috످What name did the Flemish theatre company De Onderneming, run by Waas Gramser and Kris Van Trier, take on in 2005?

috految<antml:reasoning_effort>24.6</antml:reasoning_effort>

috److془De Onderneming: Waas Gramser and Kris Van Trier -> Comp.Marius (2005), later Compagnie Marius.془In 2005, De Onderneming became Compagnie Marius (also written Comp.Marius).

috످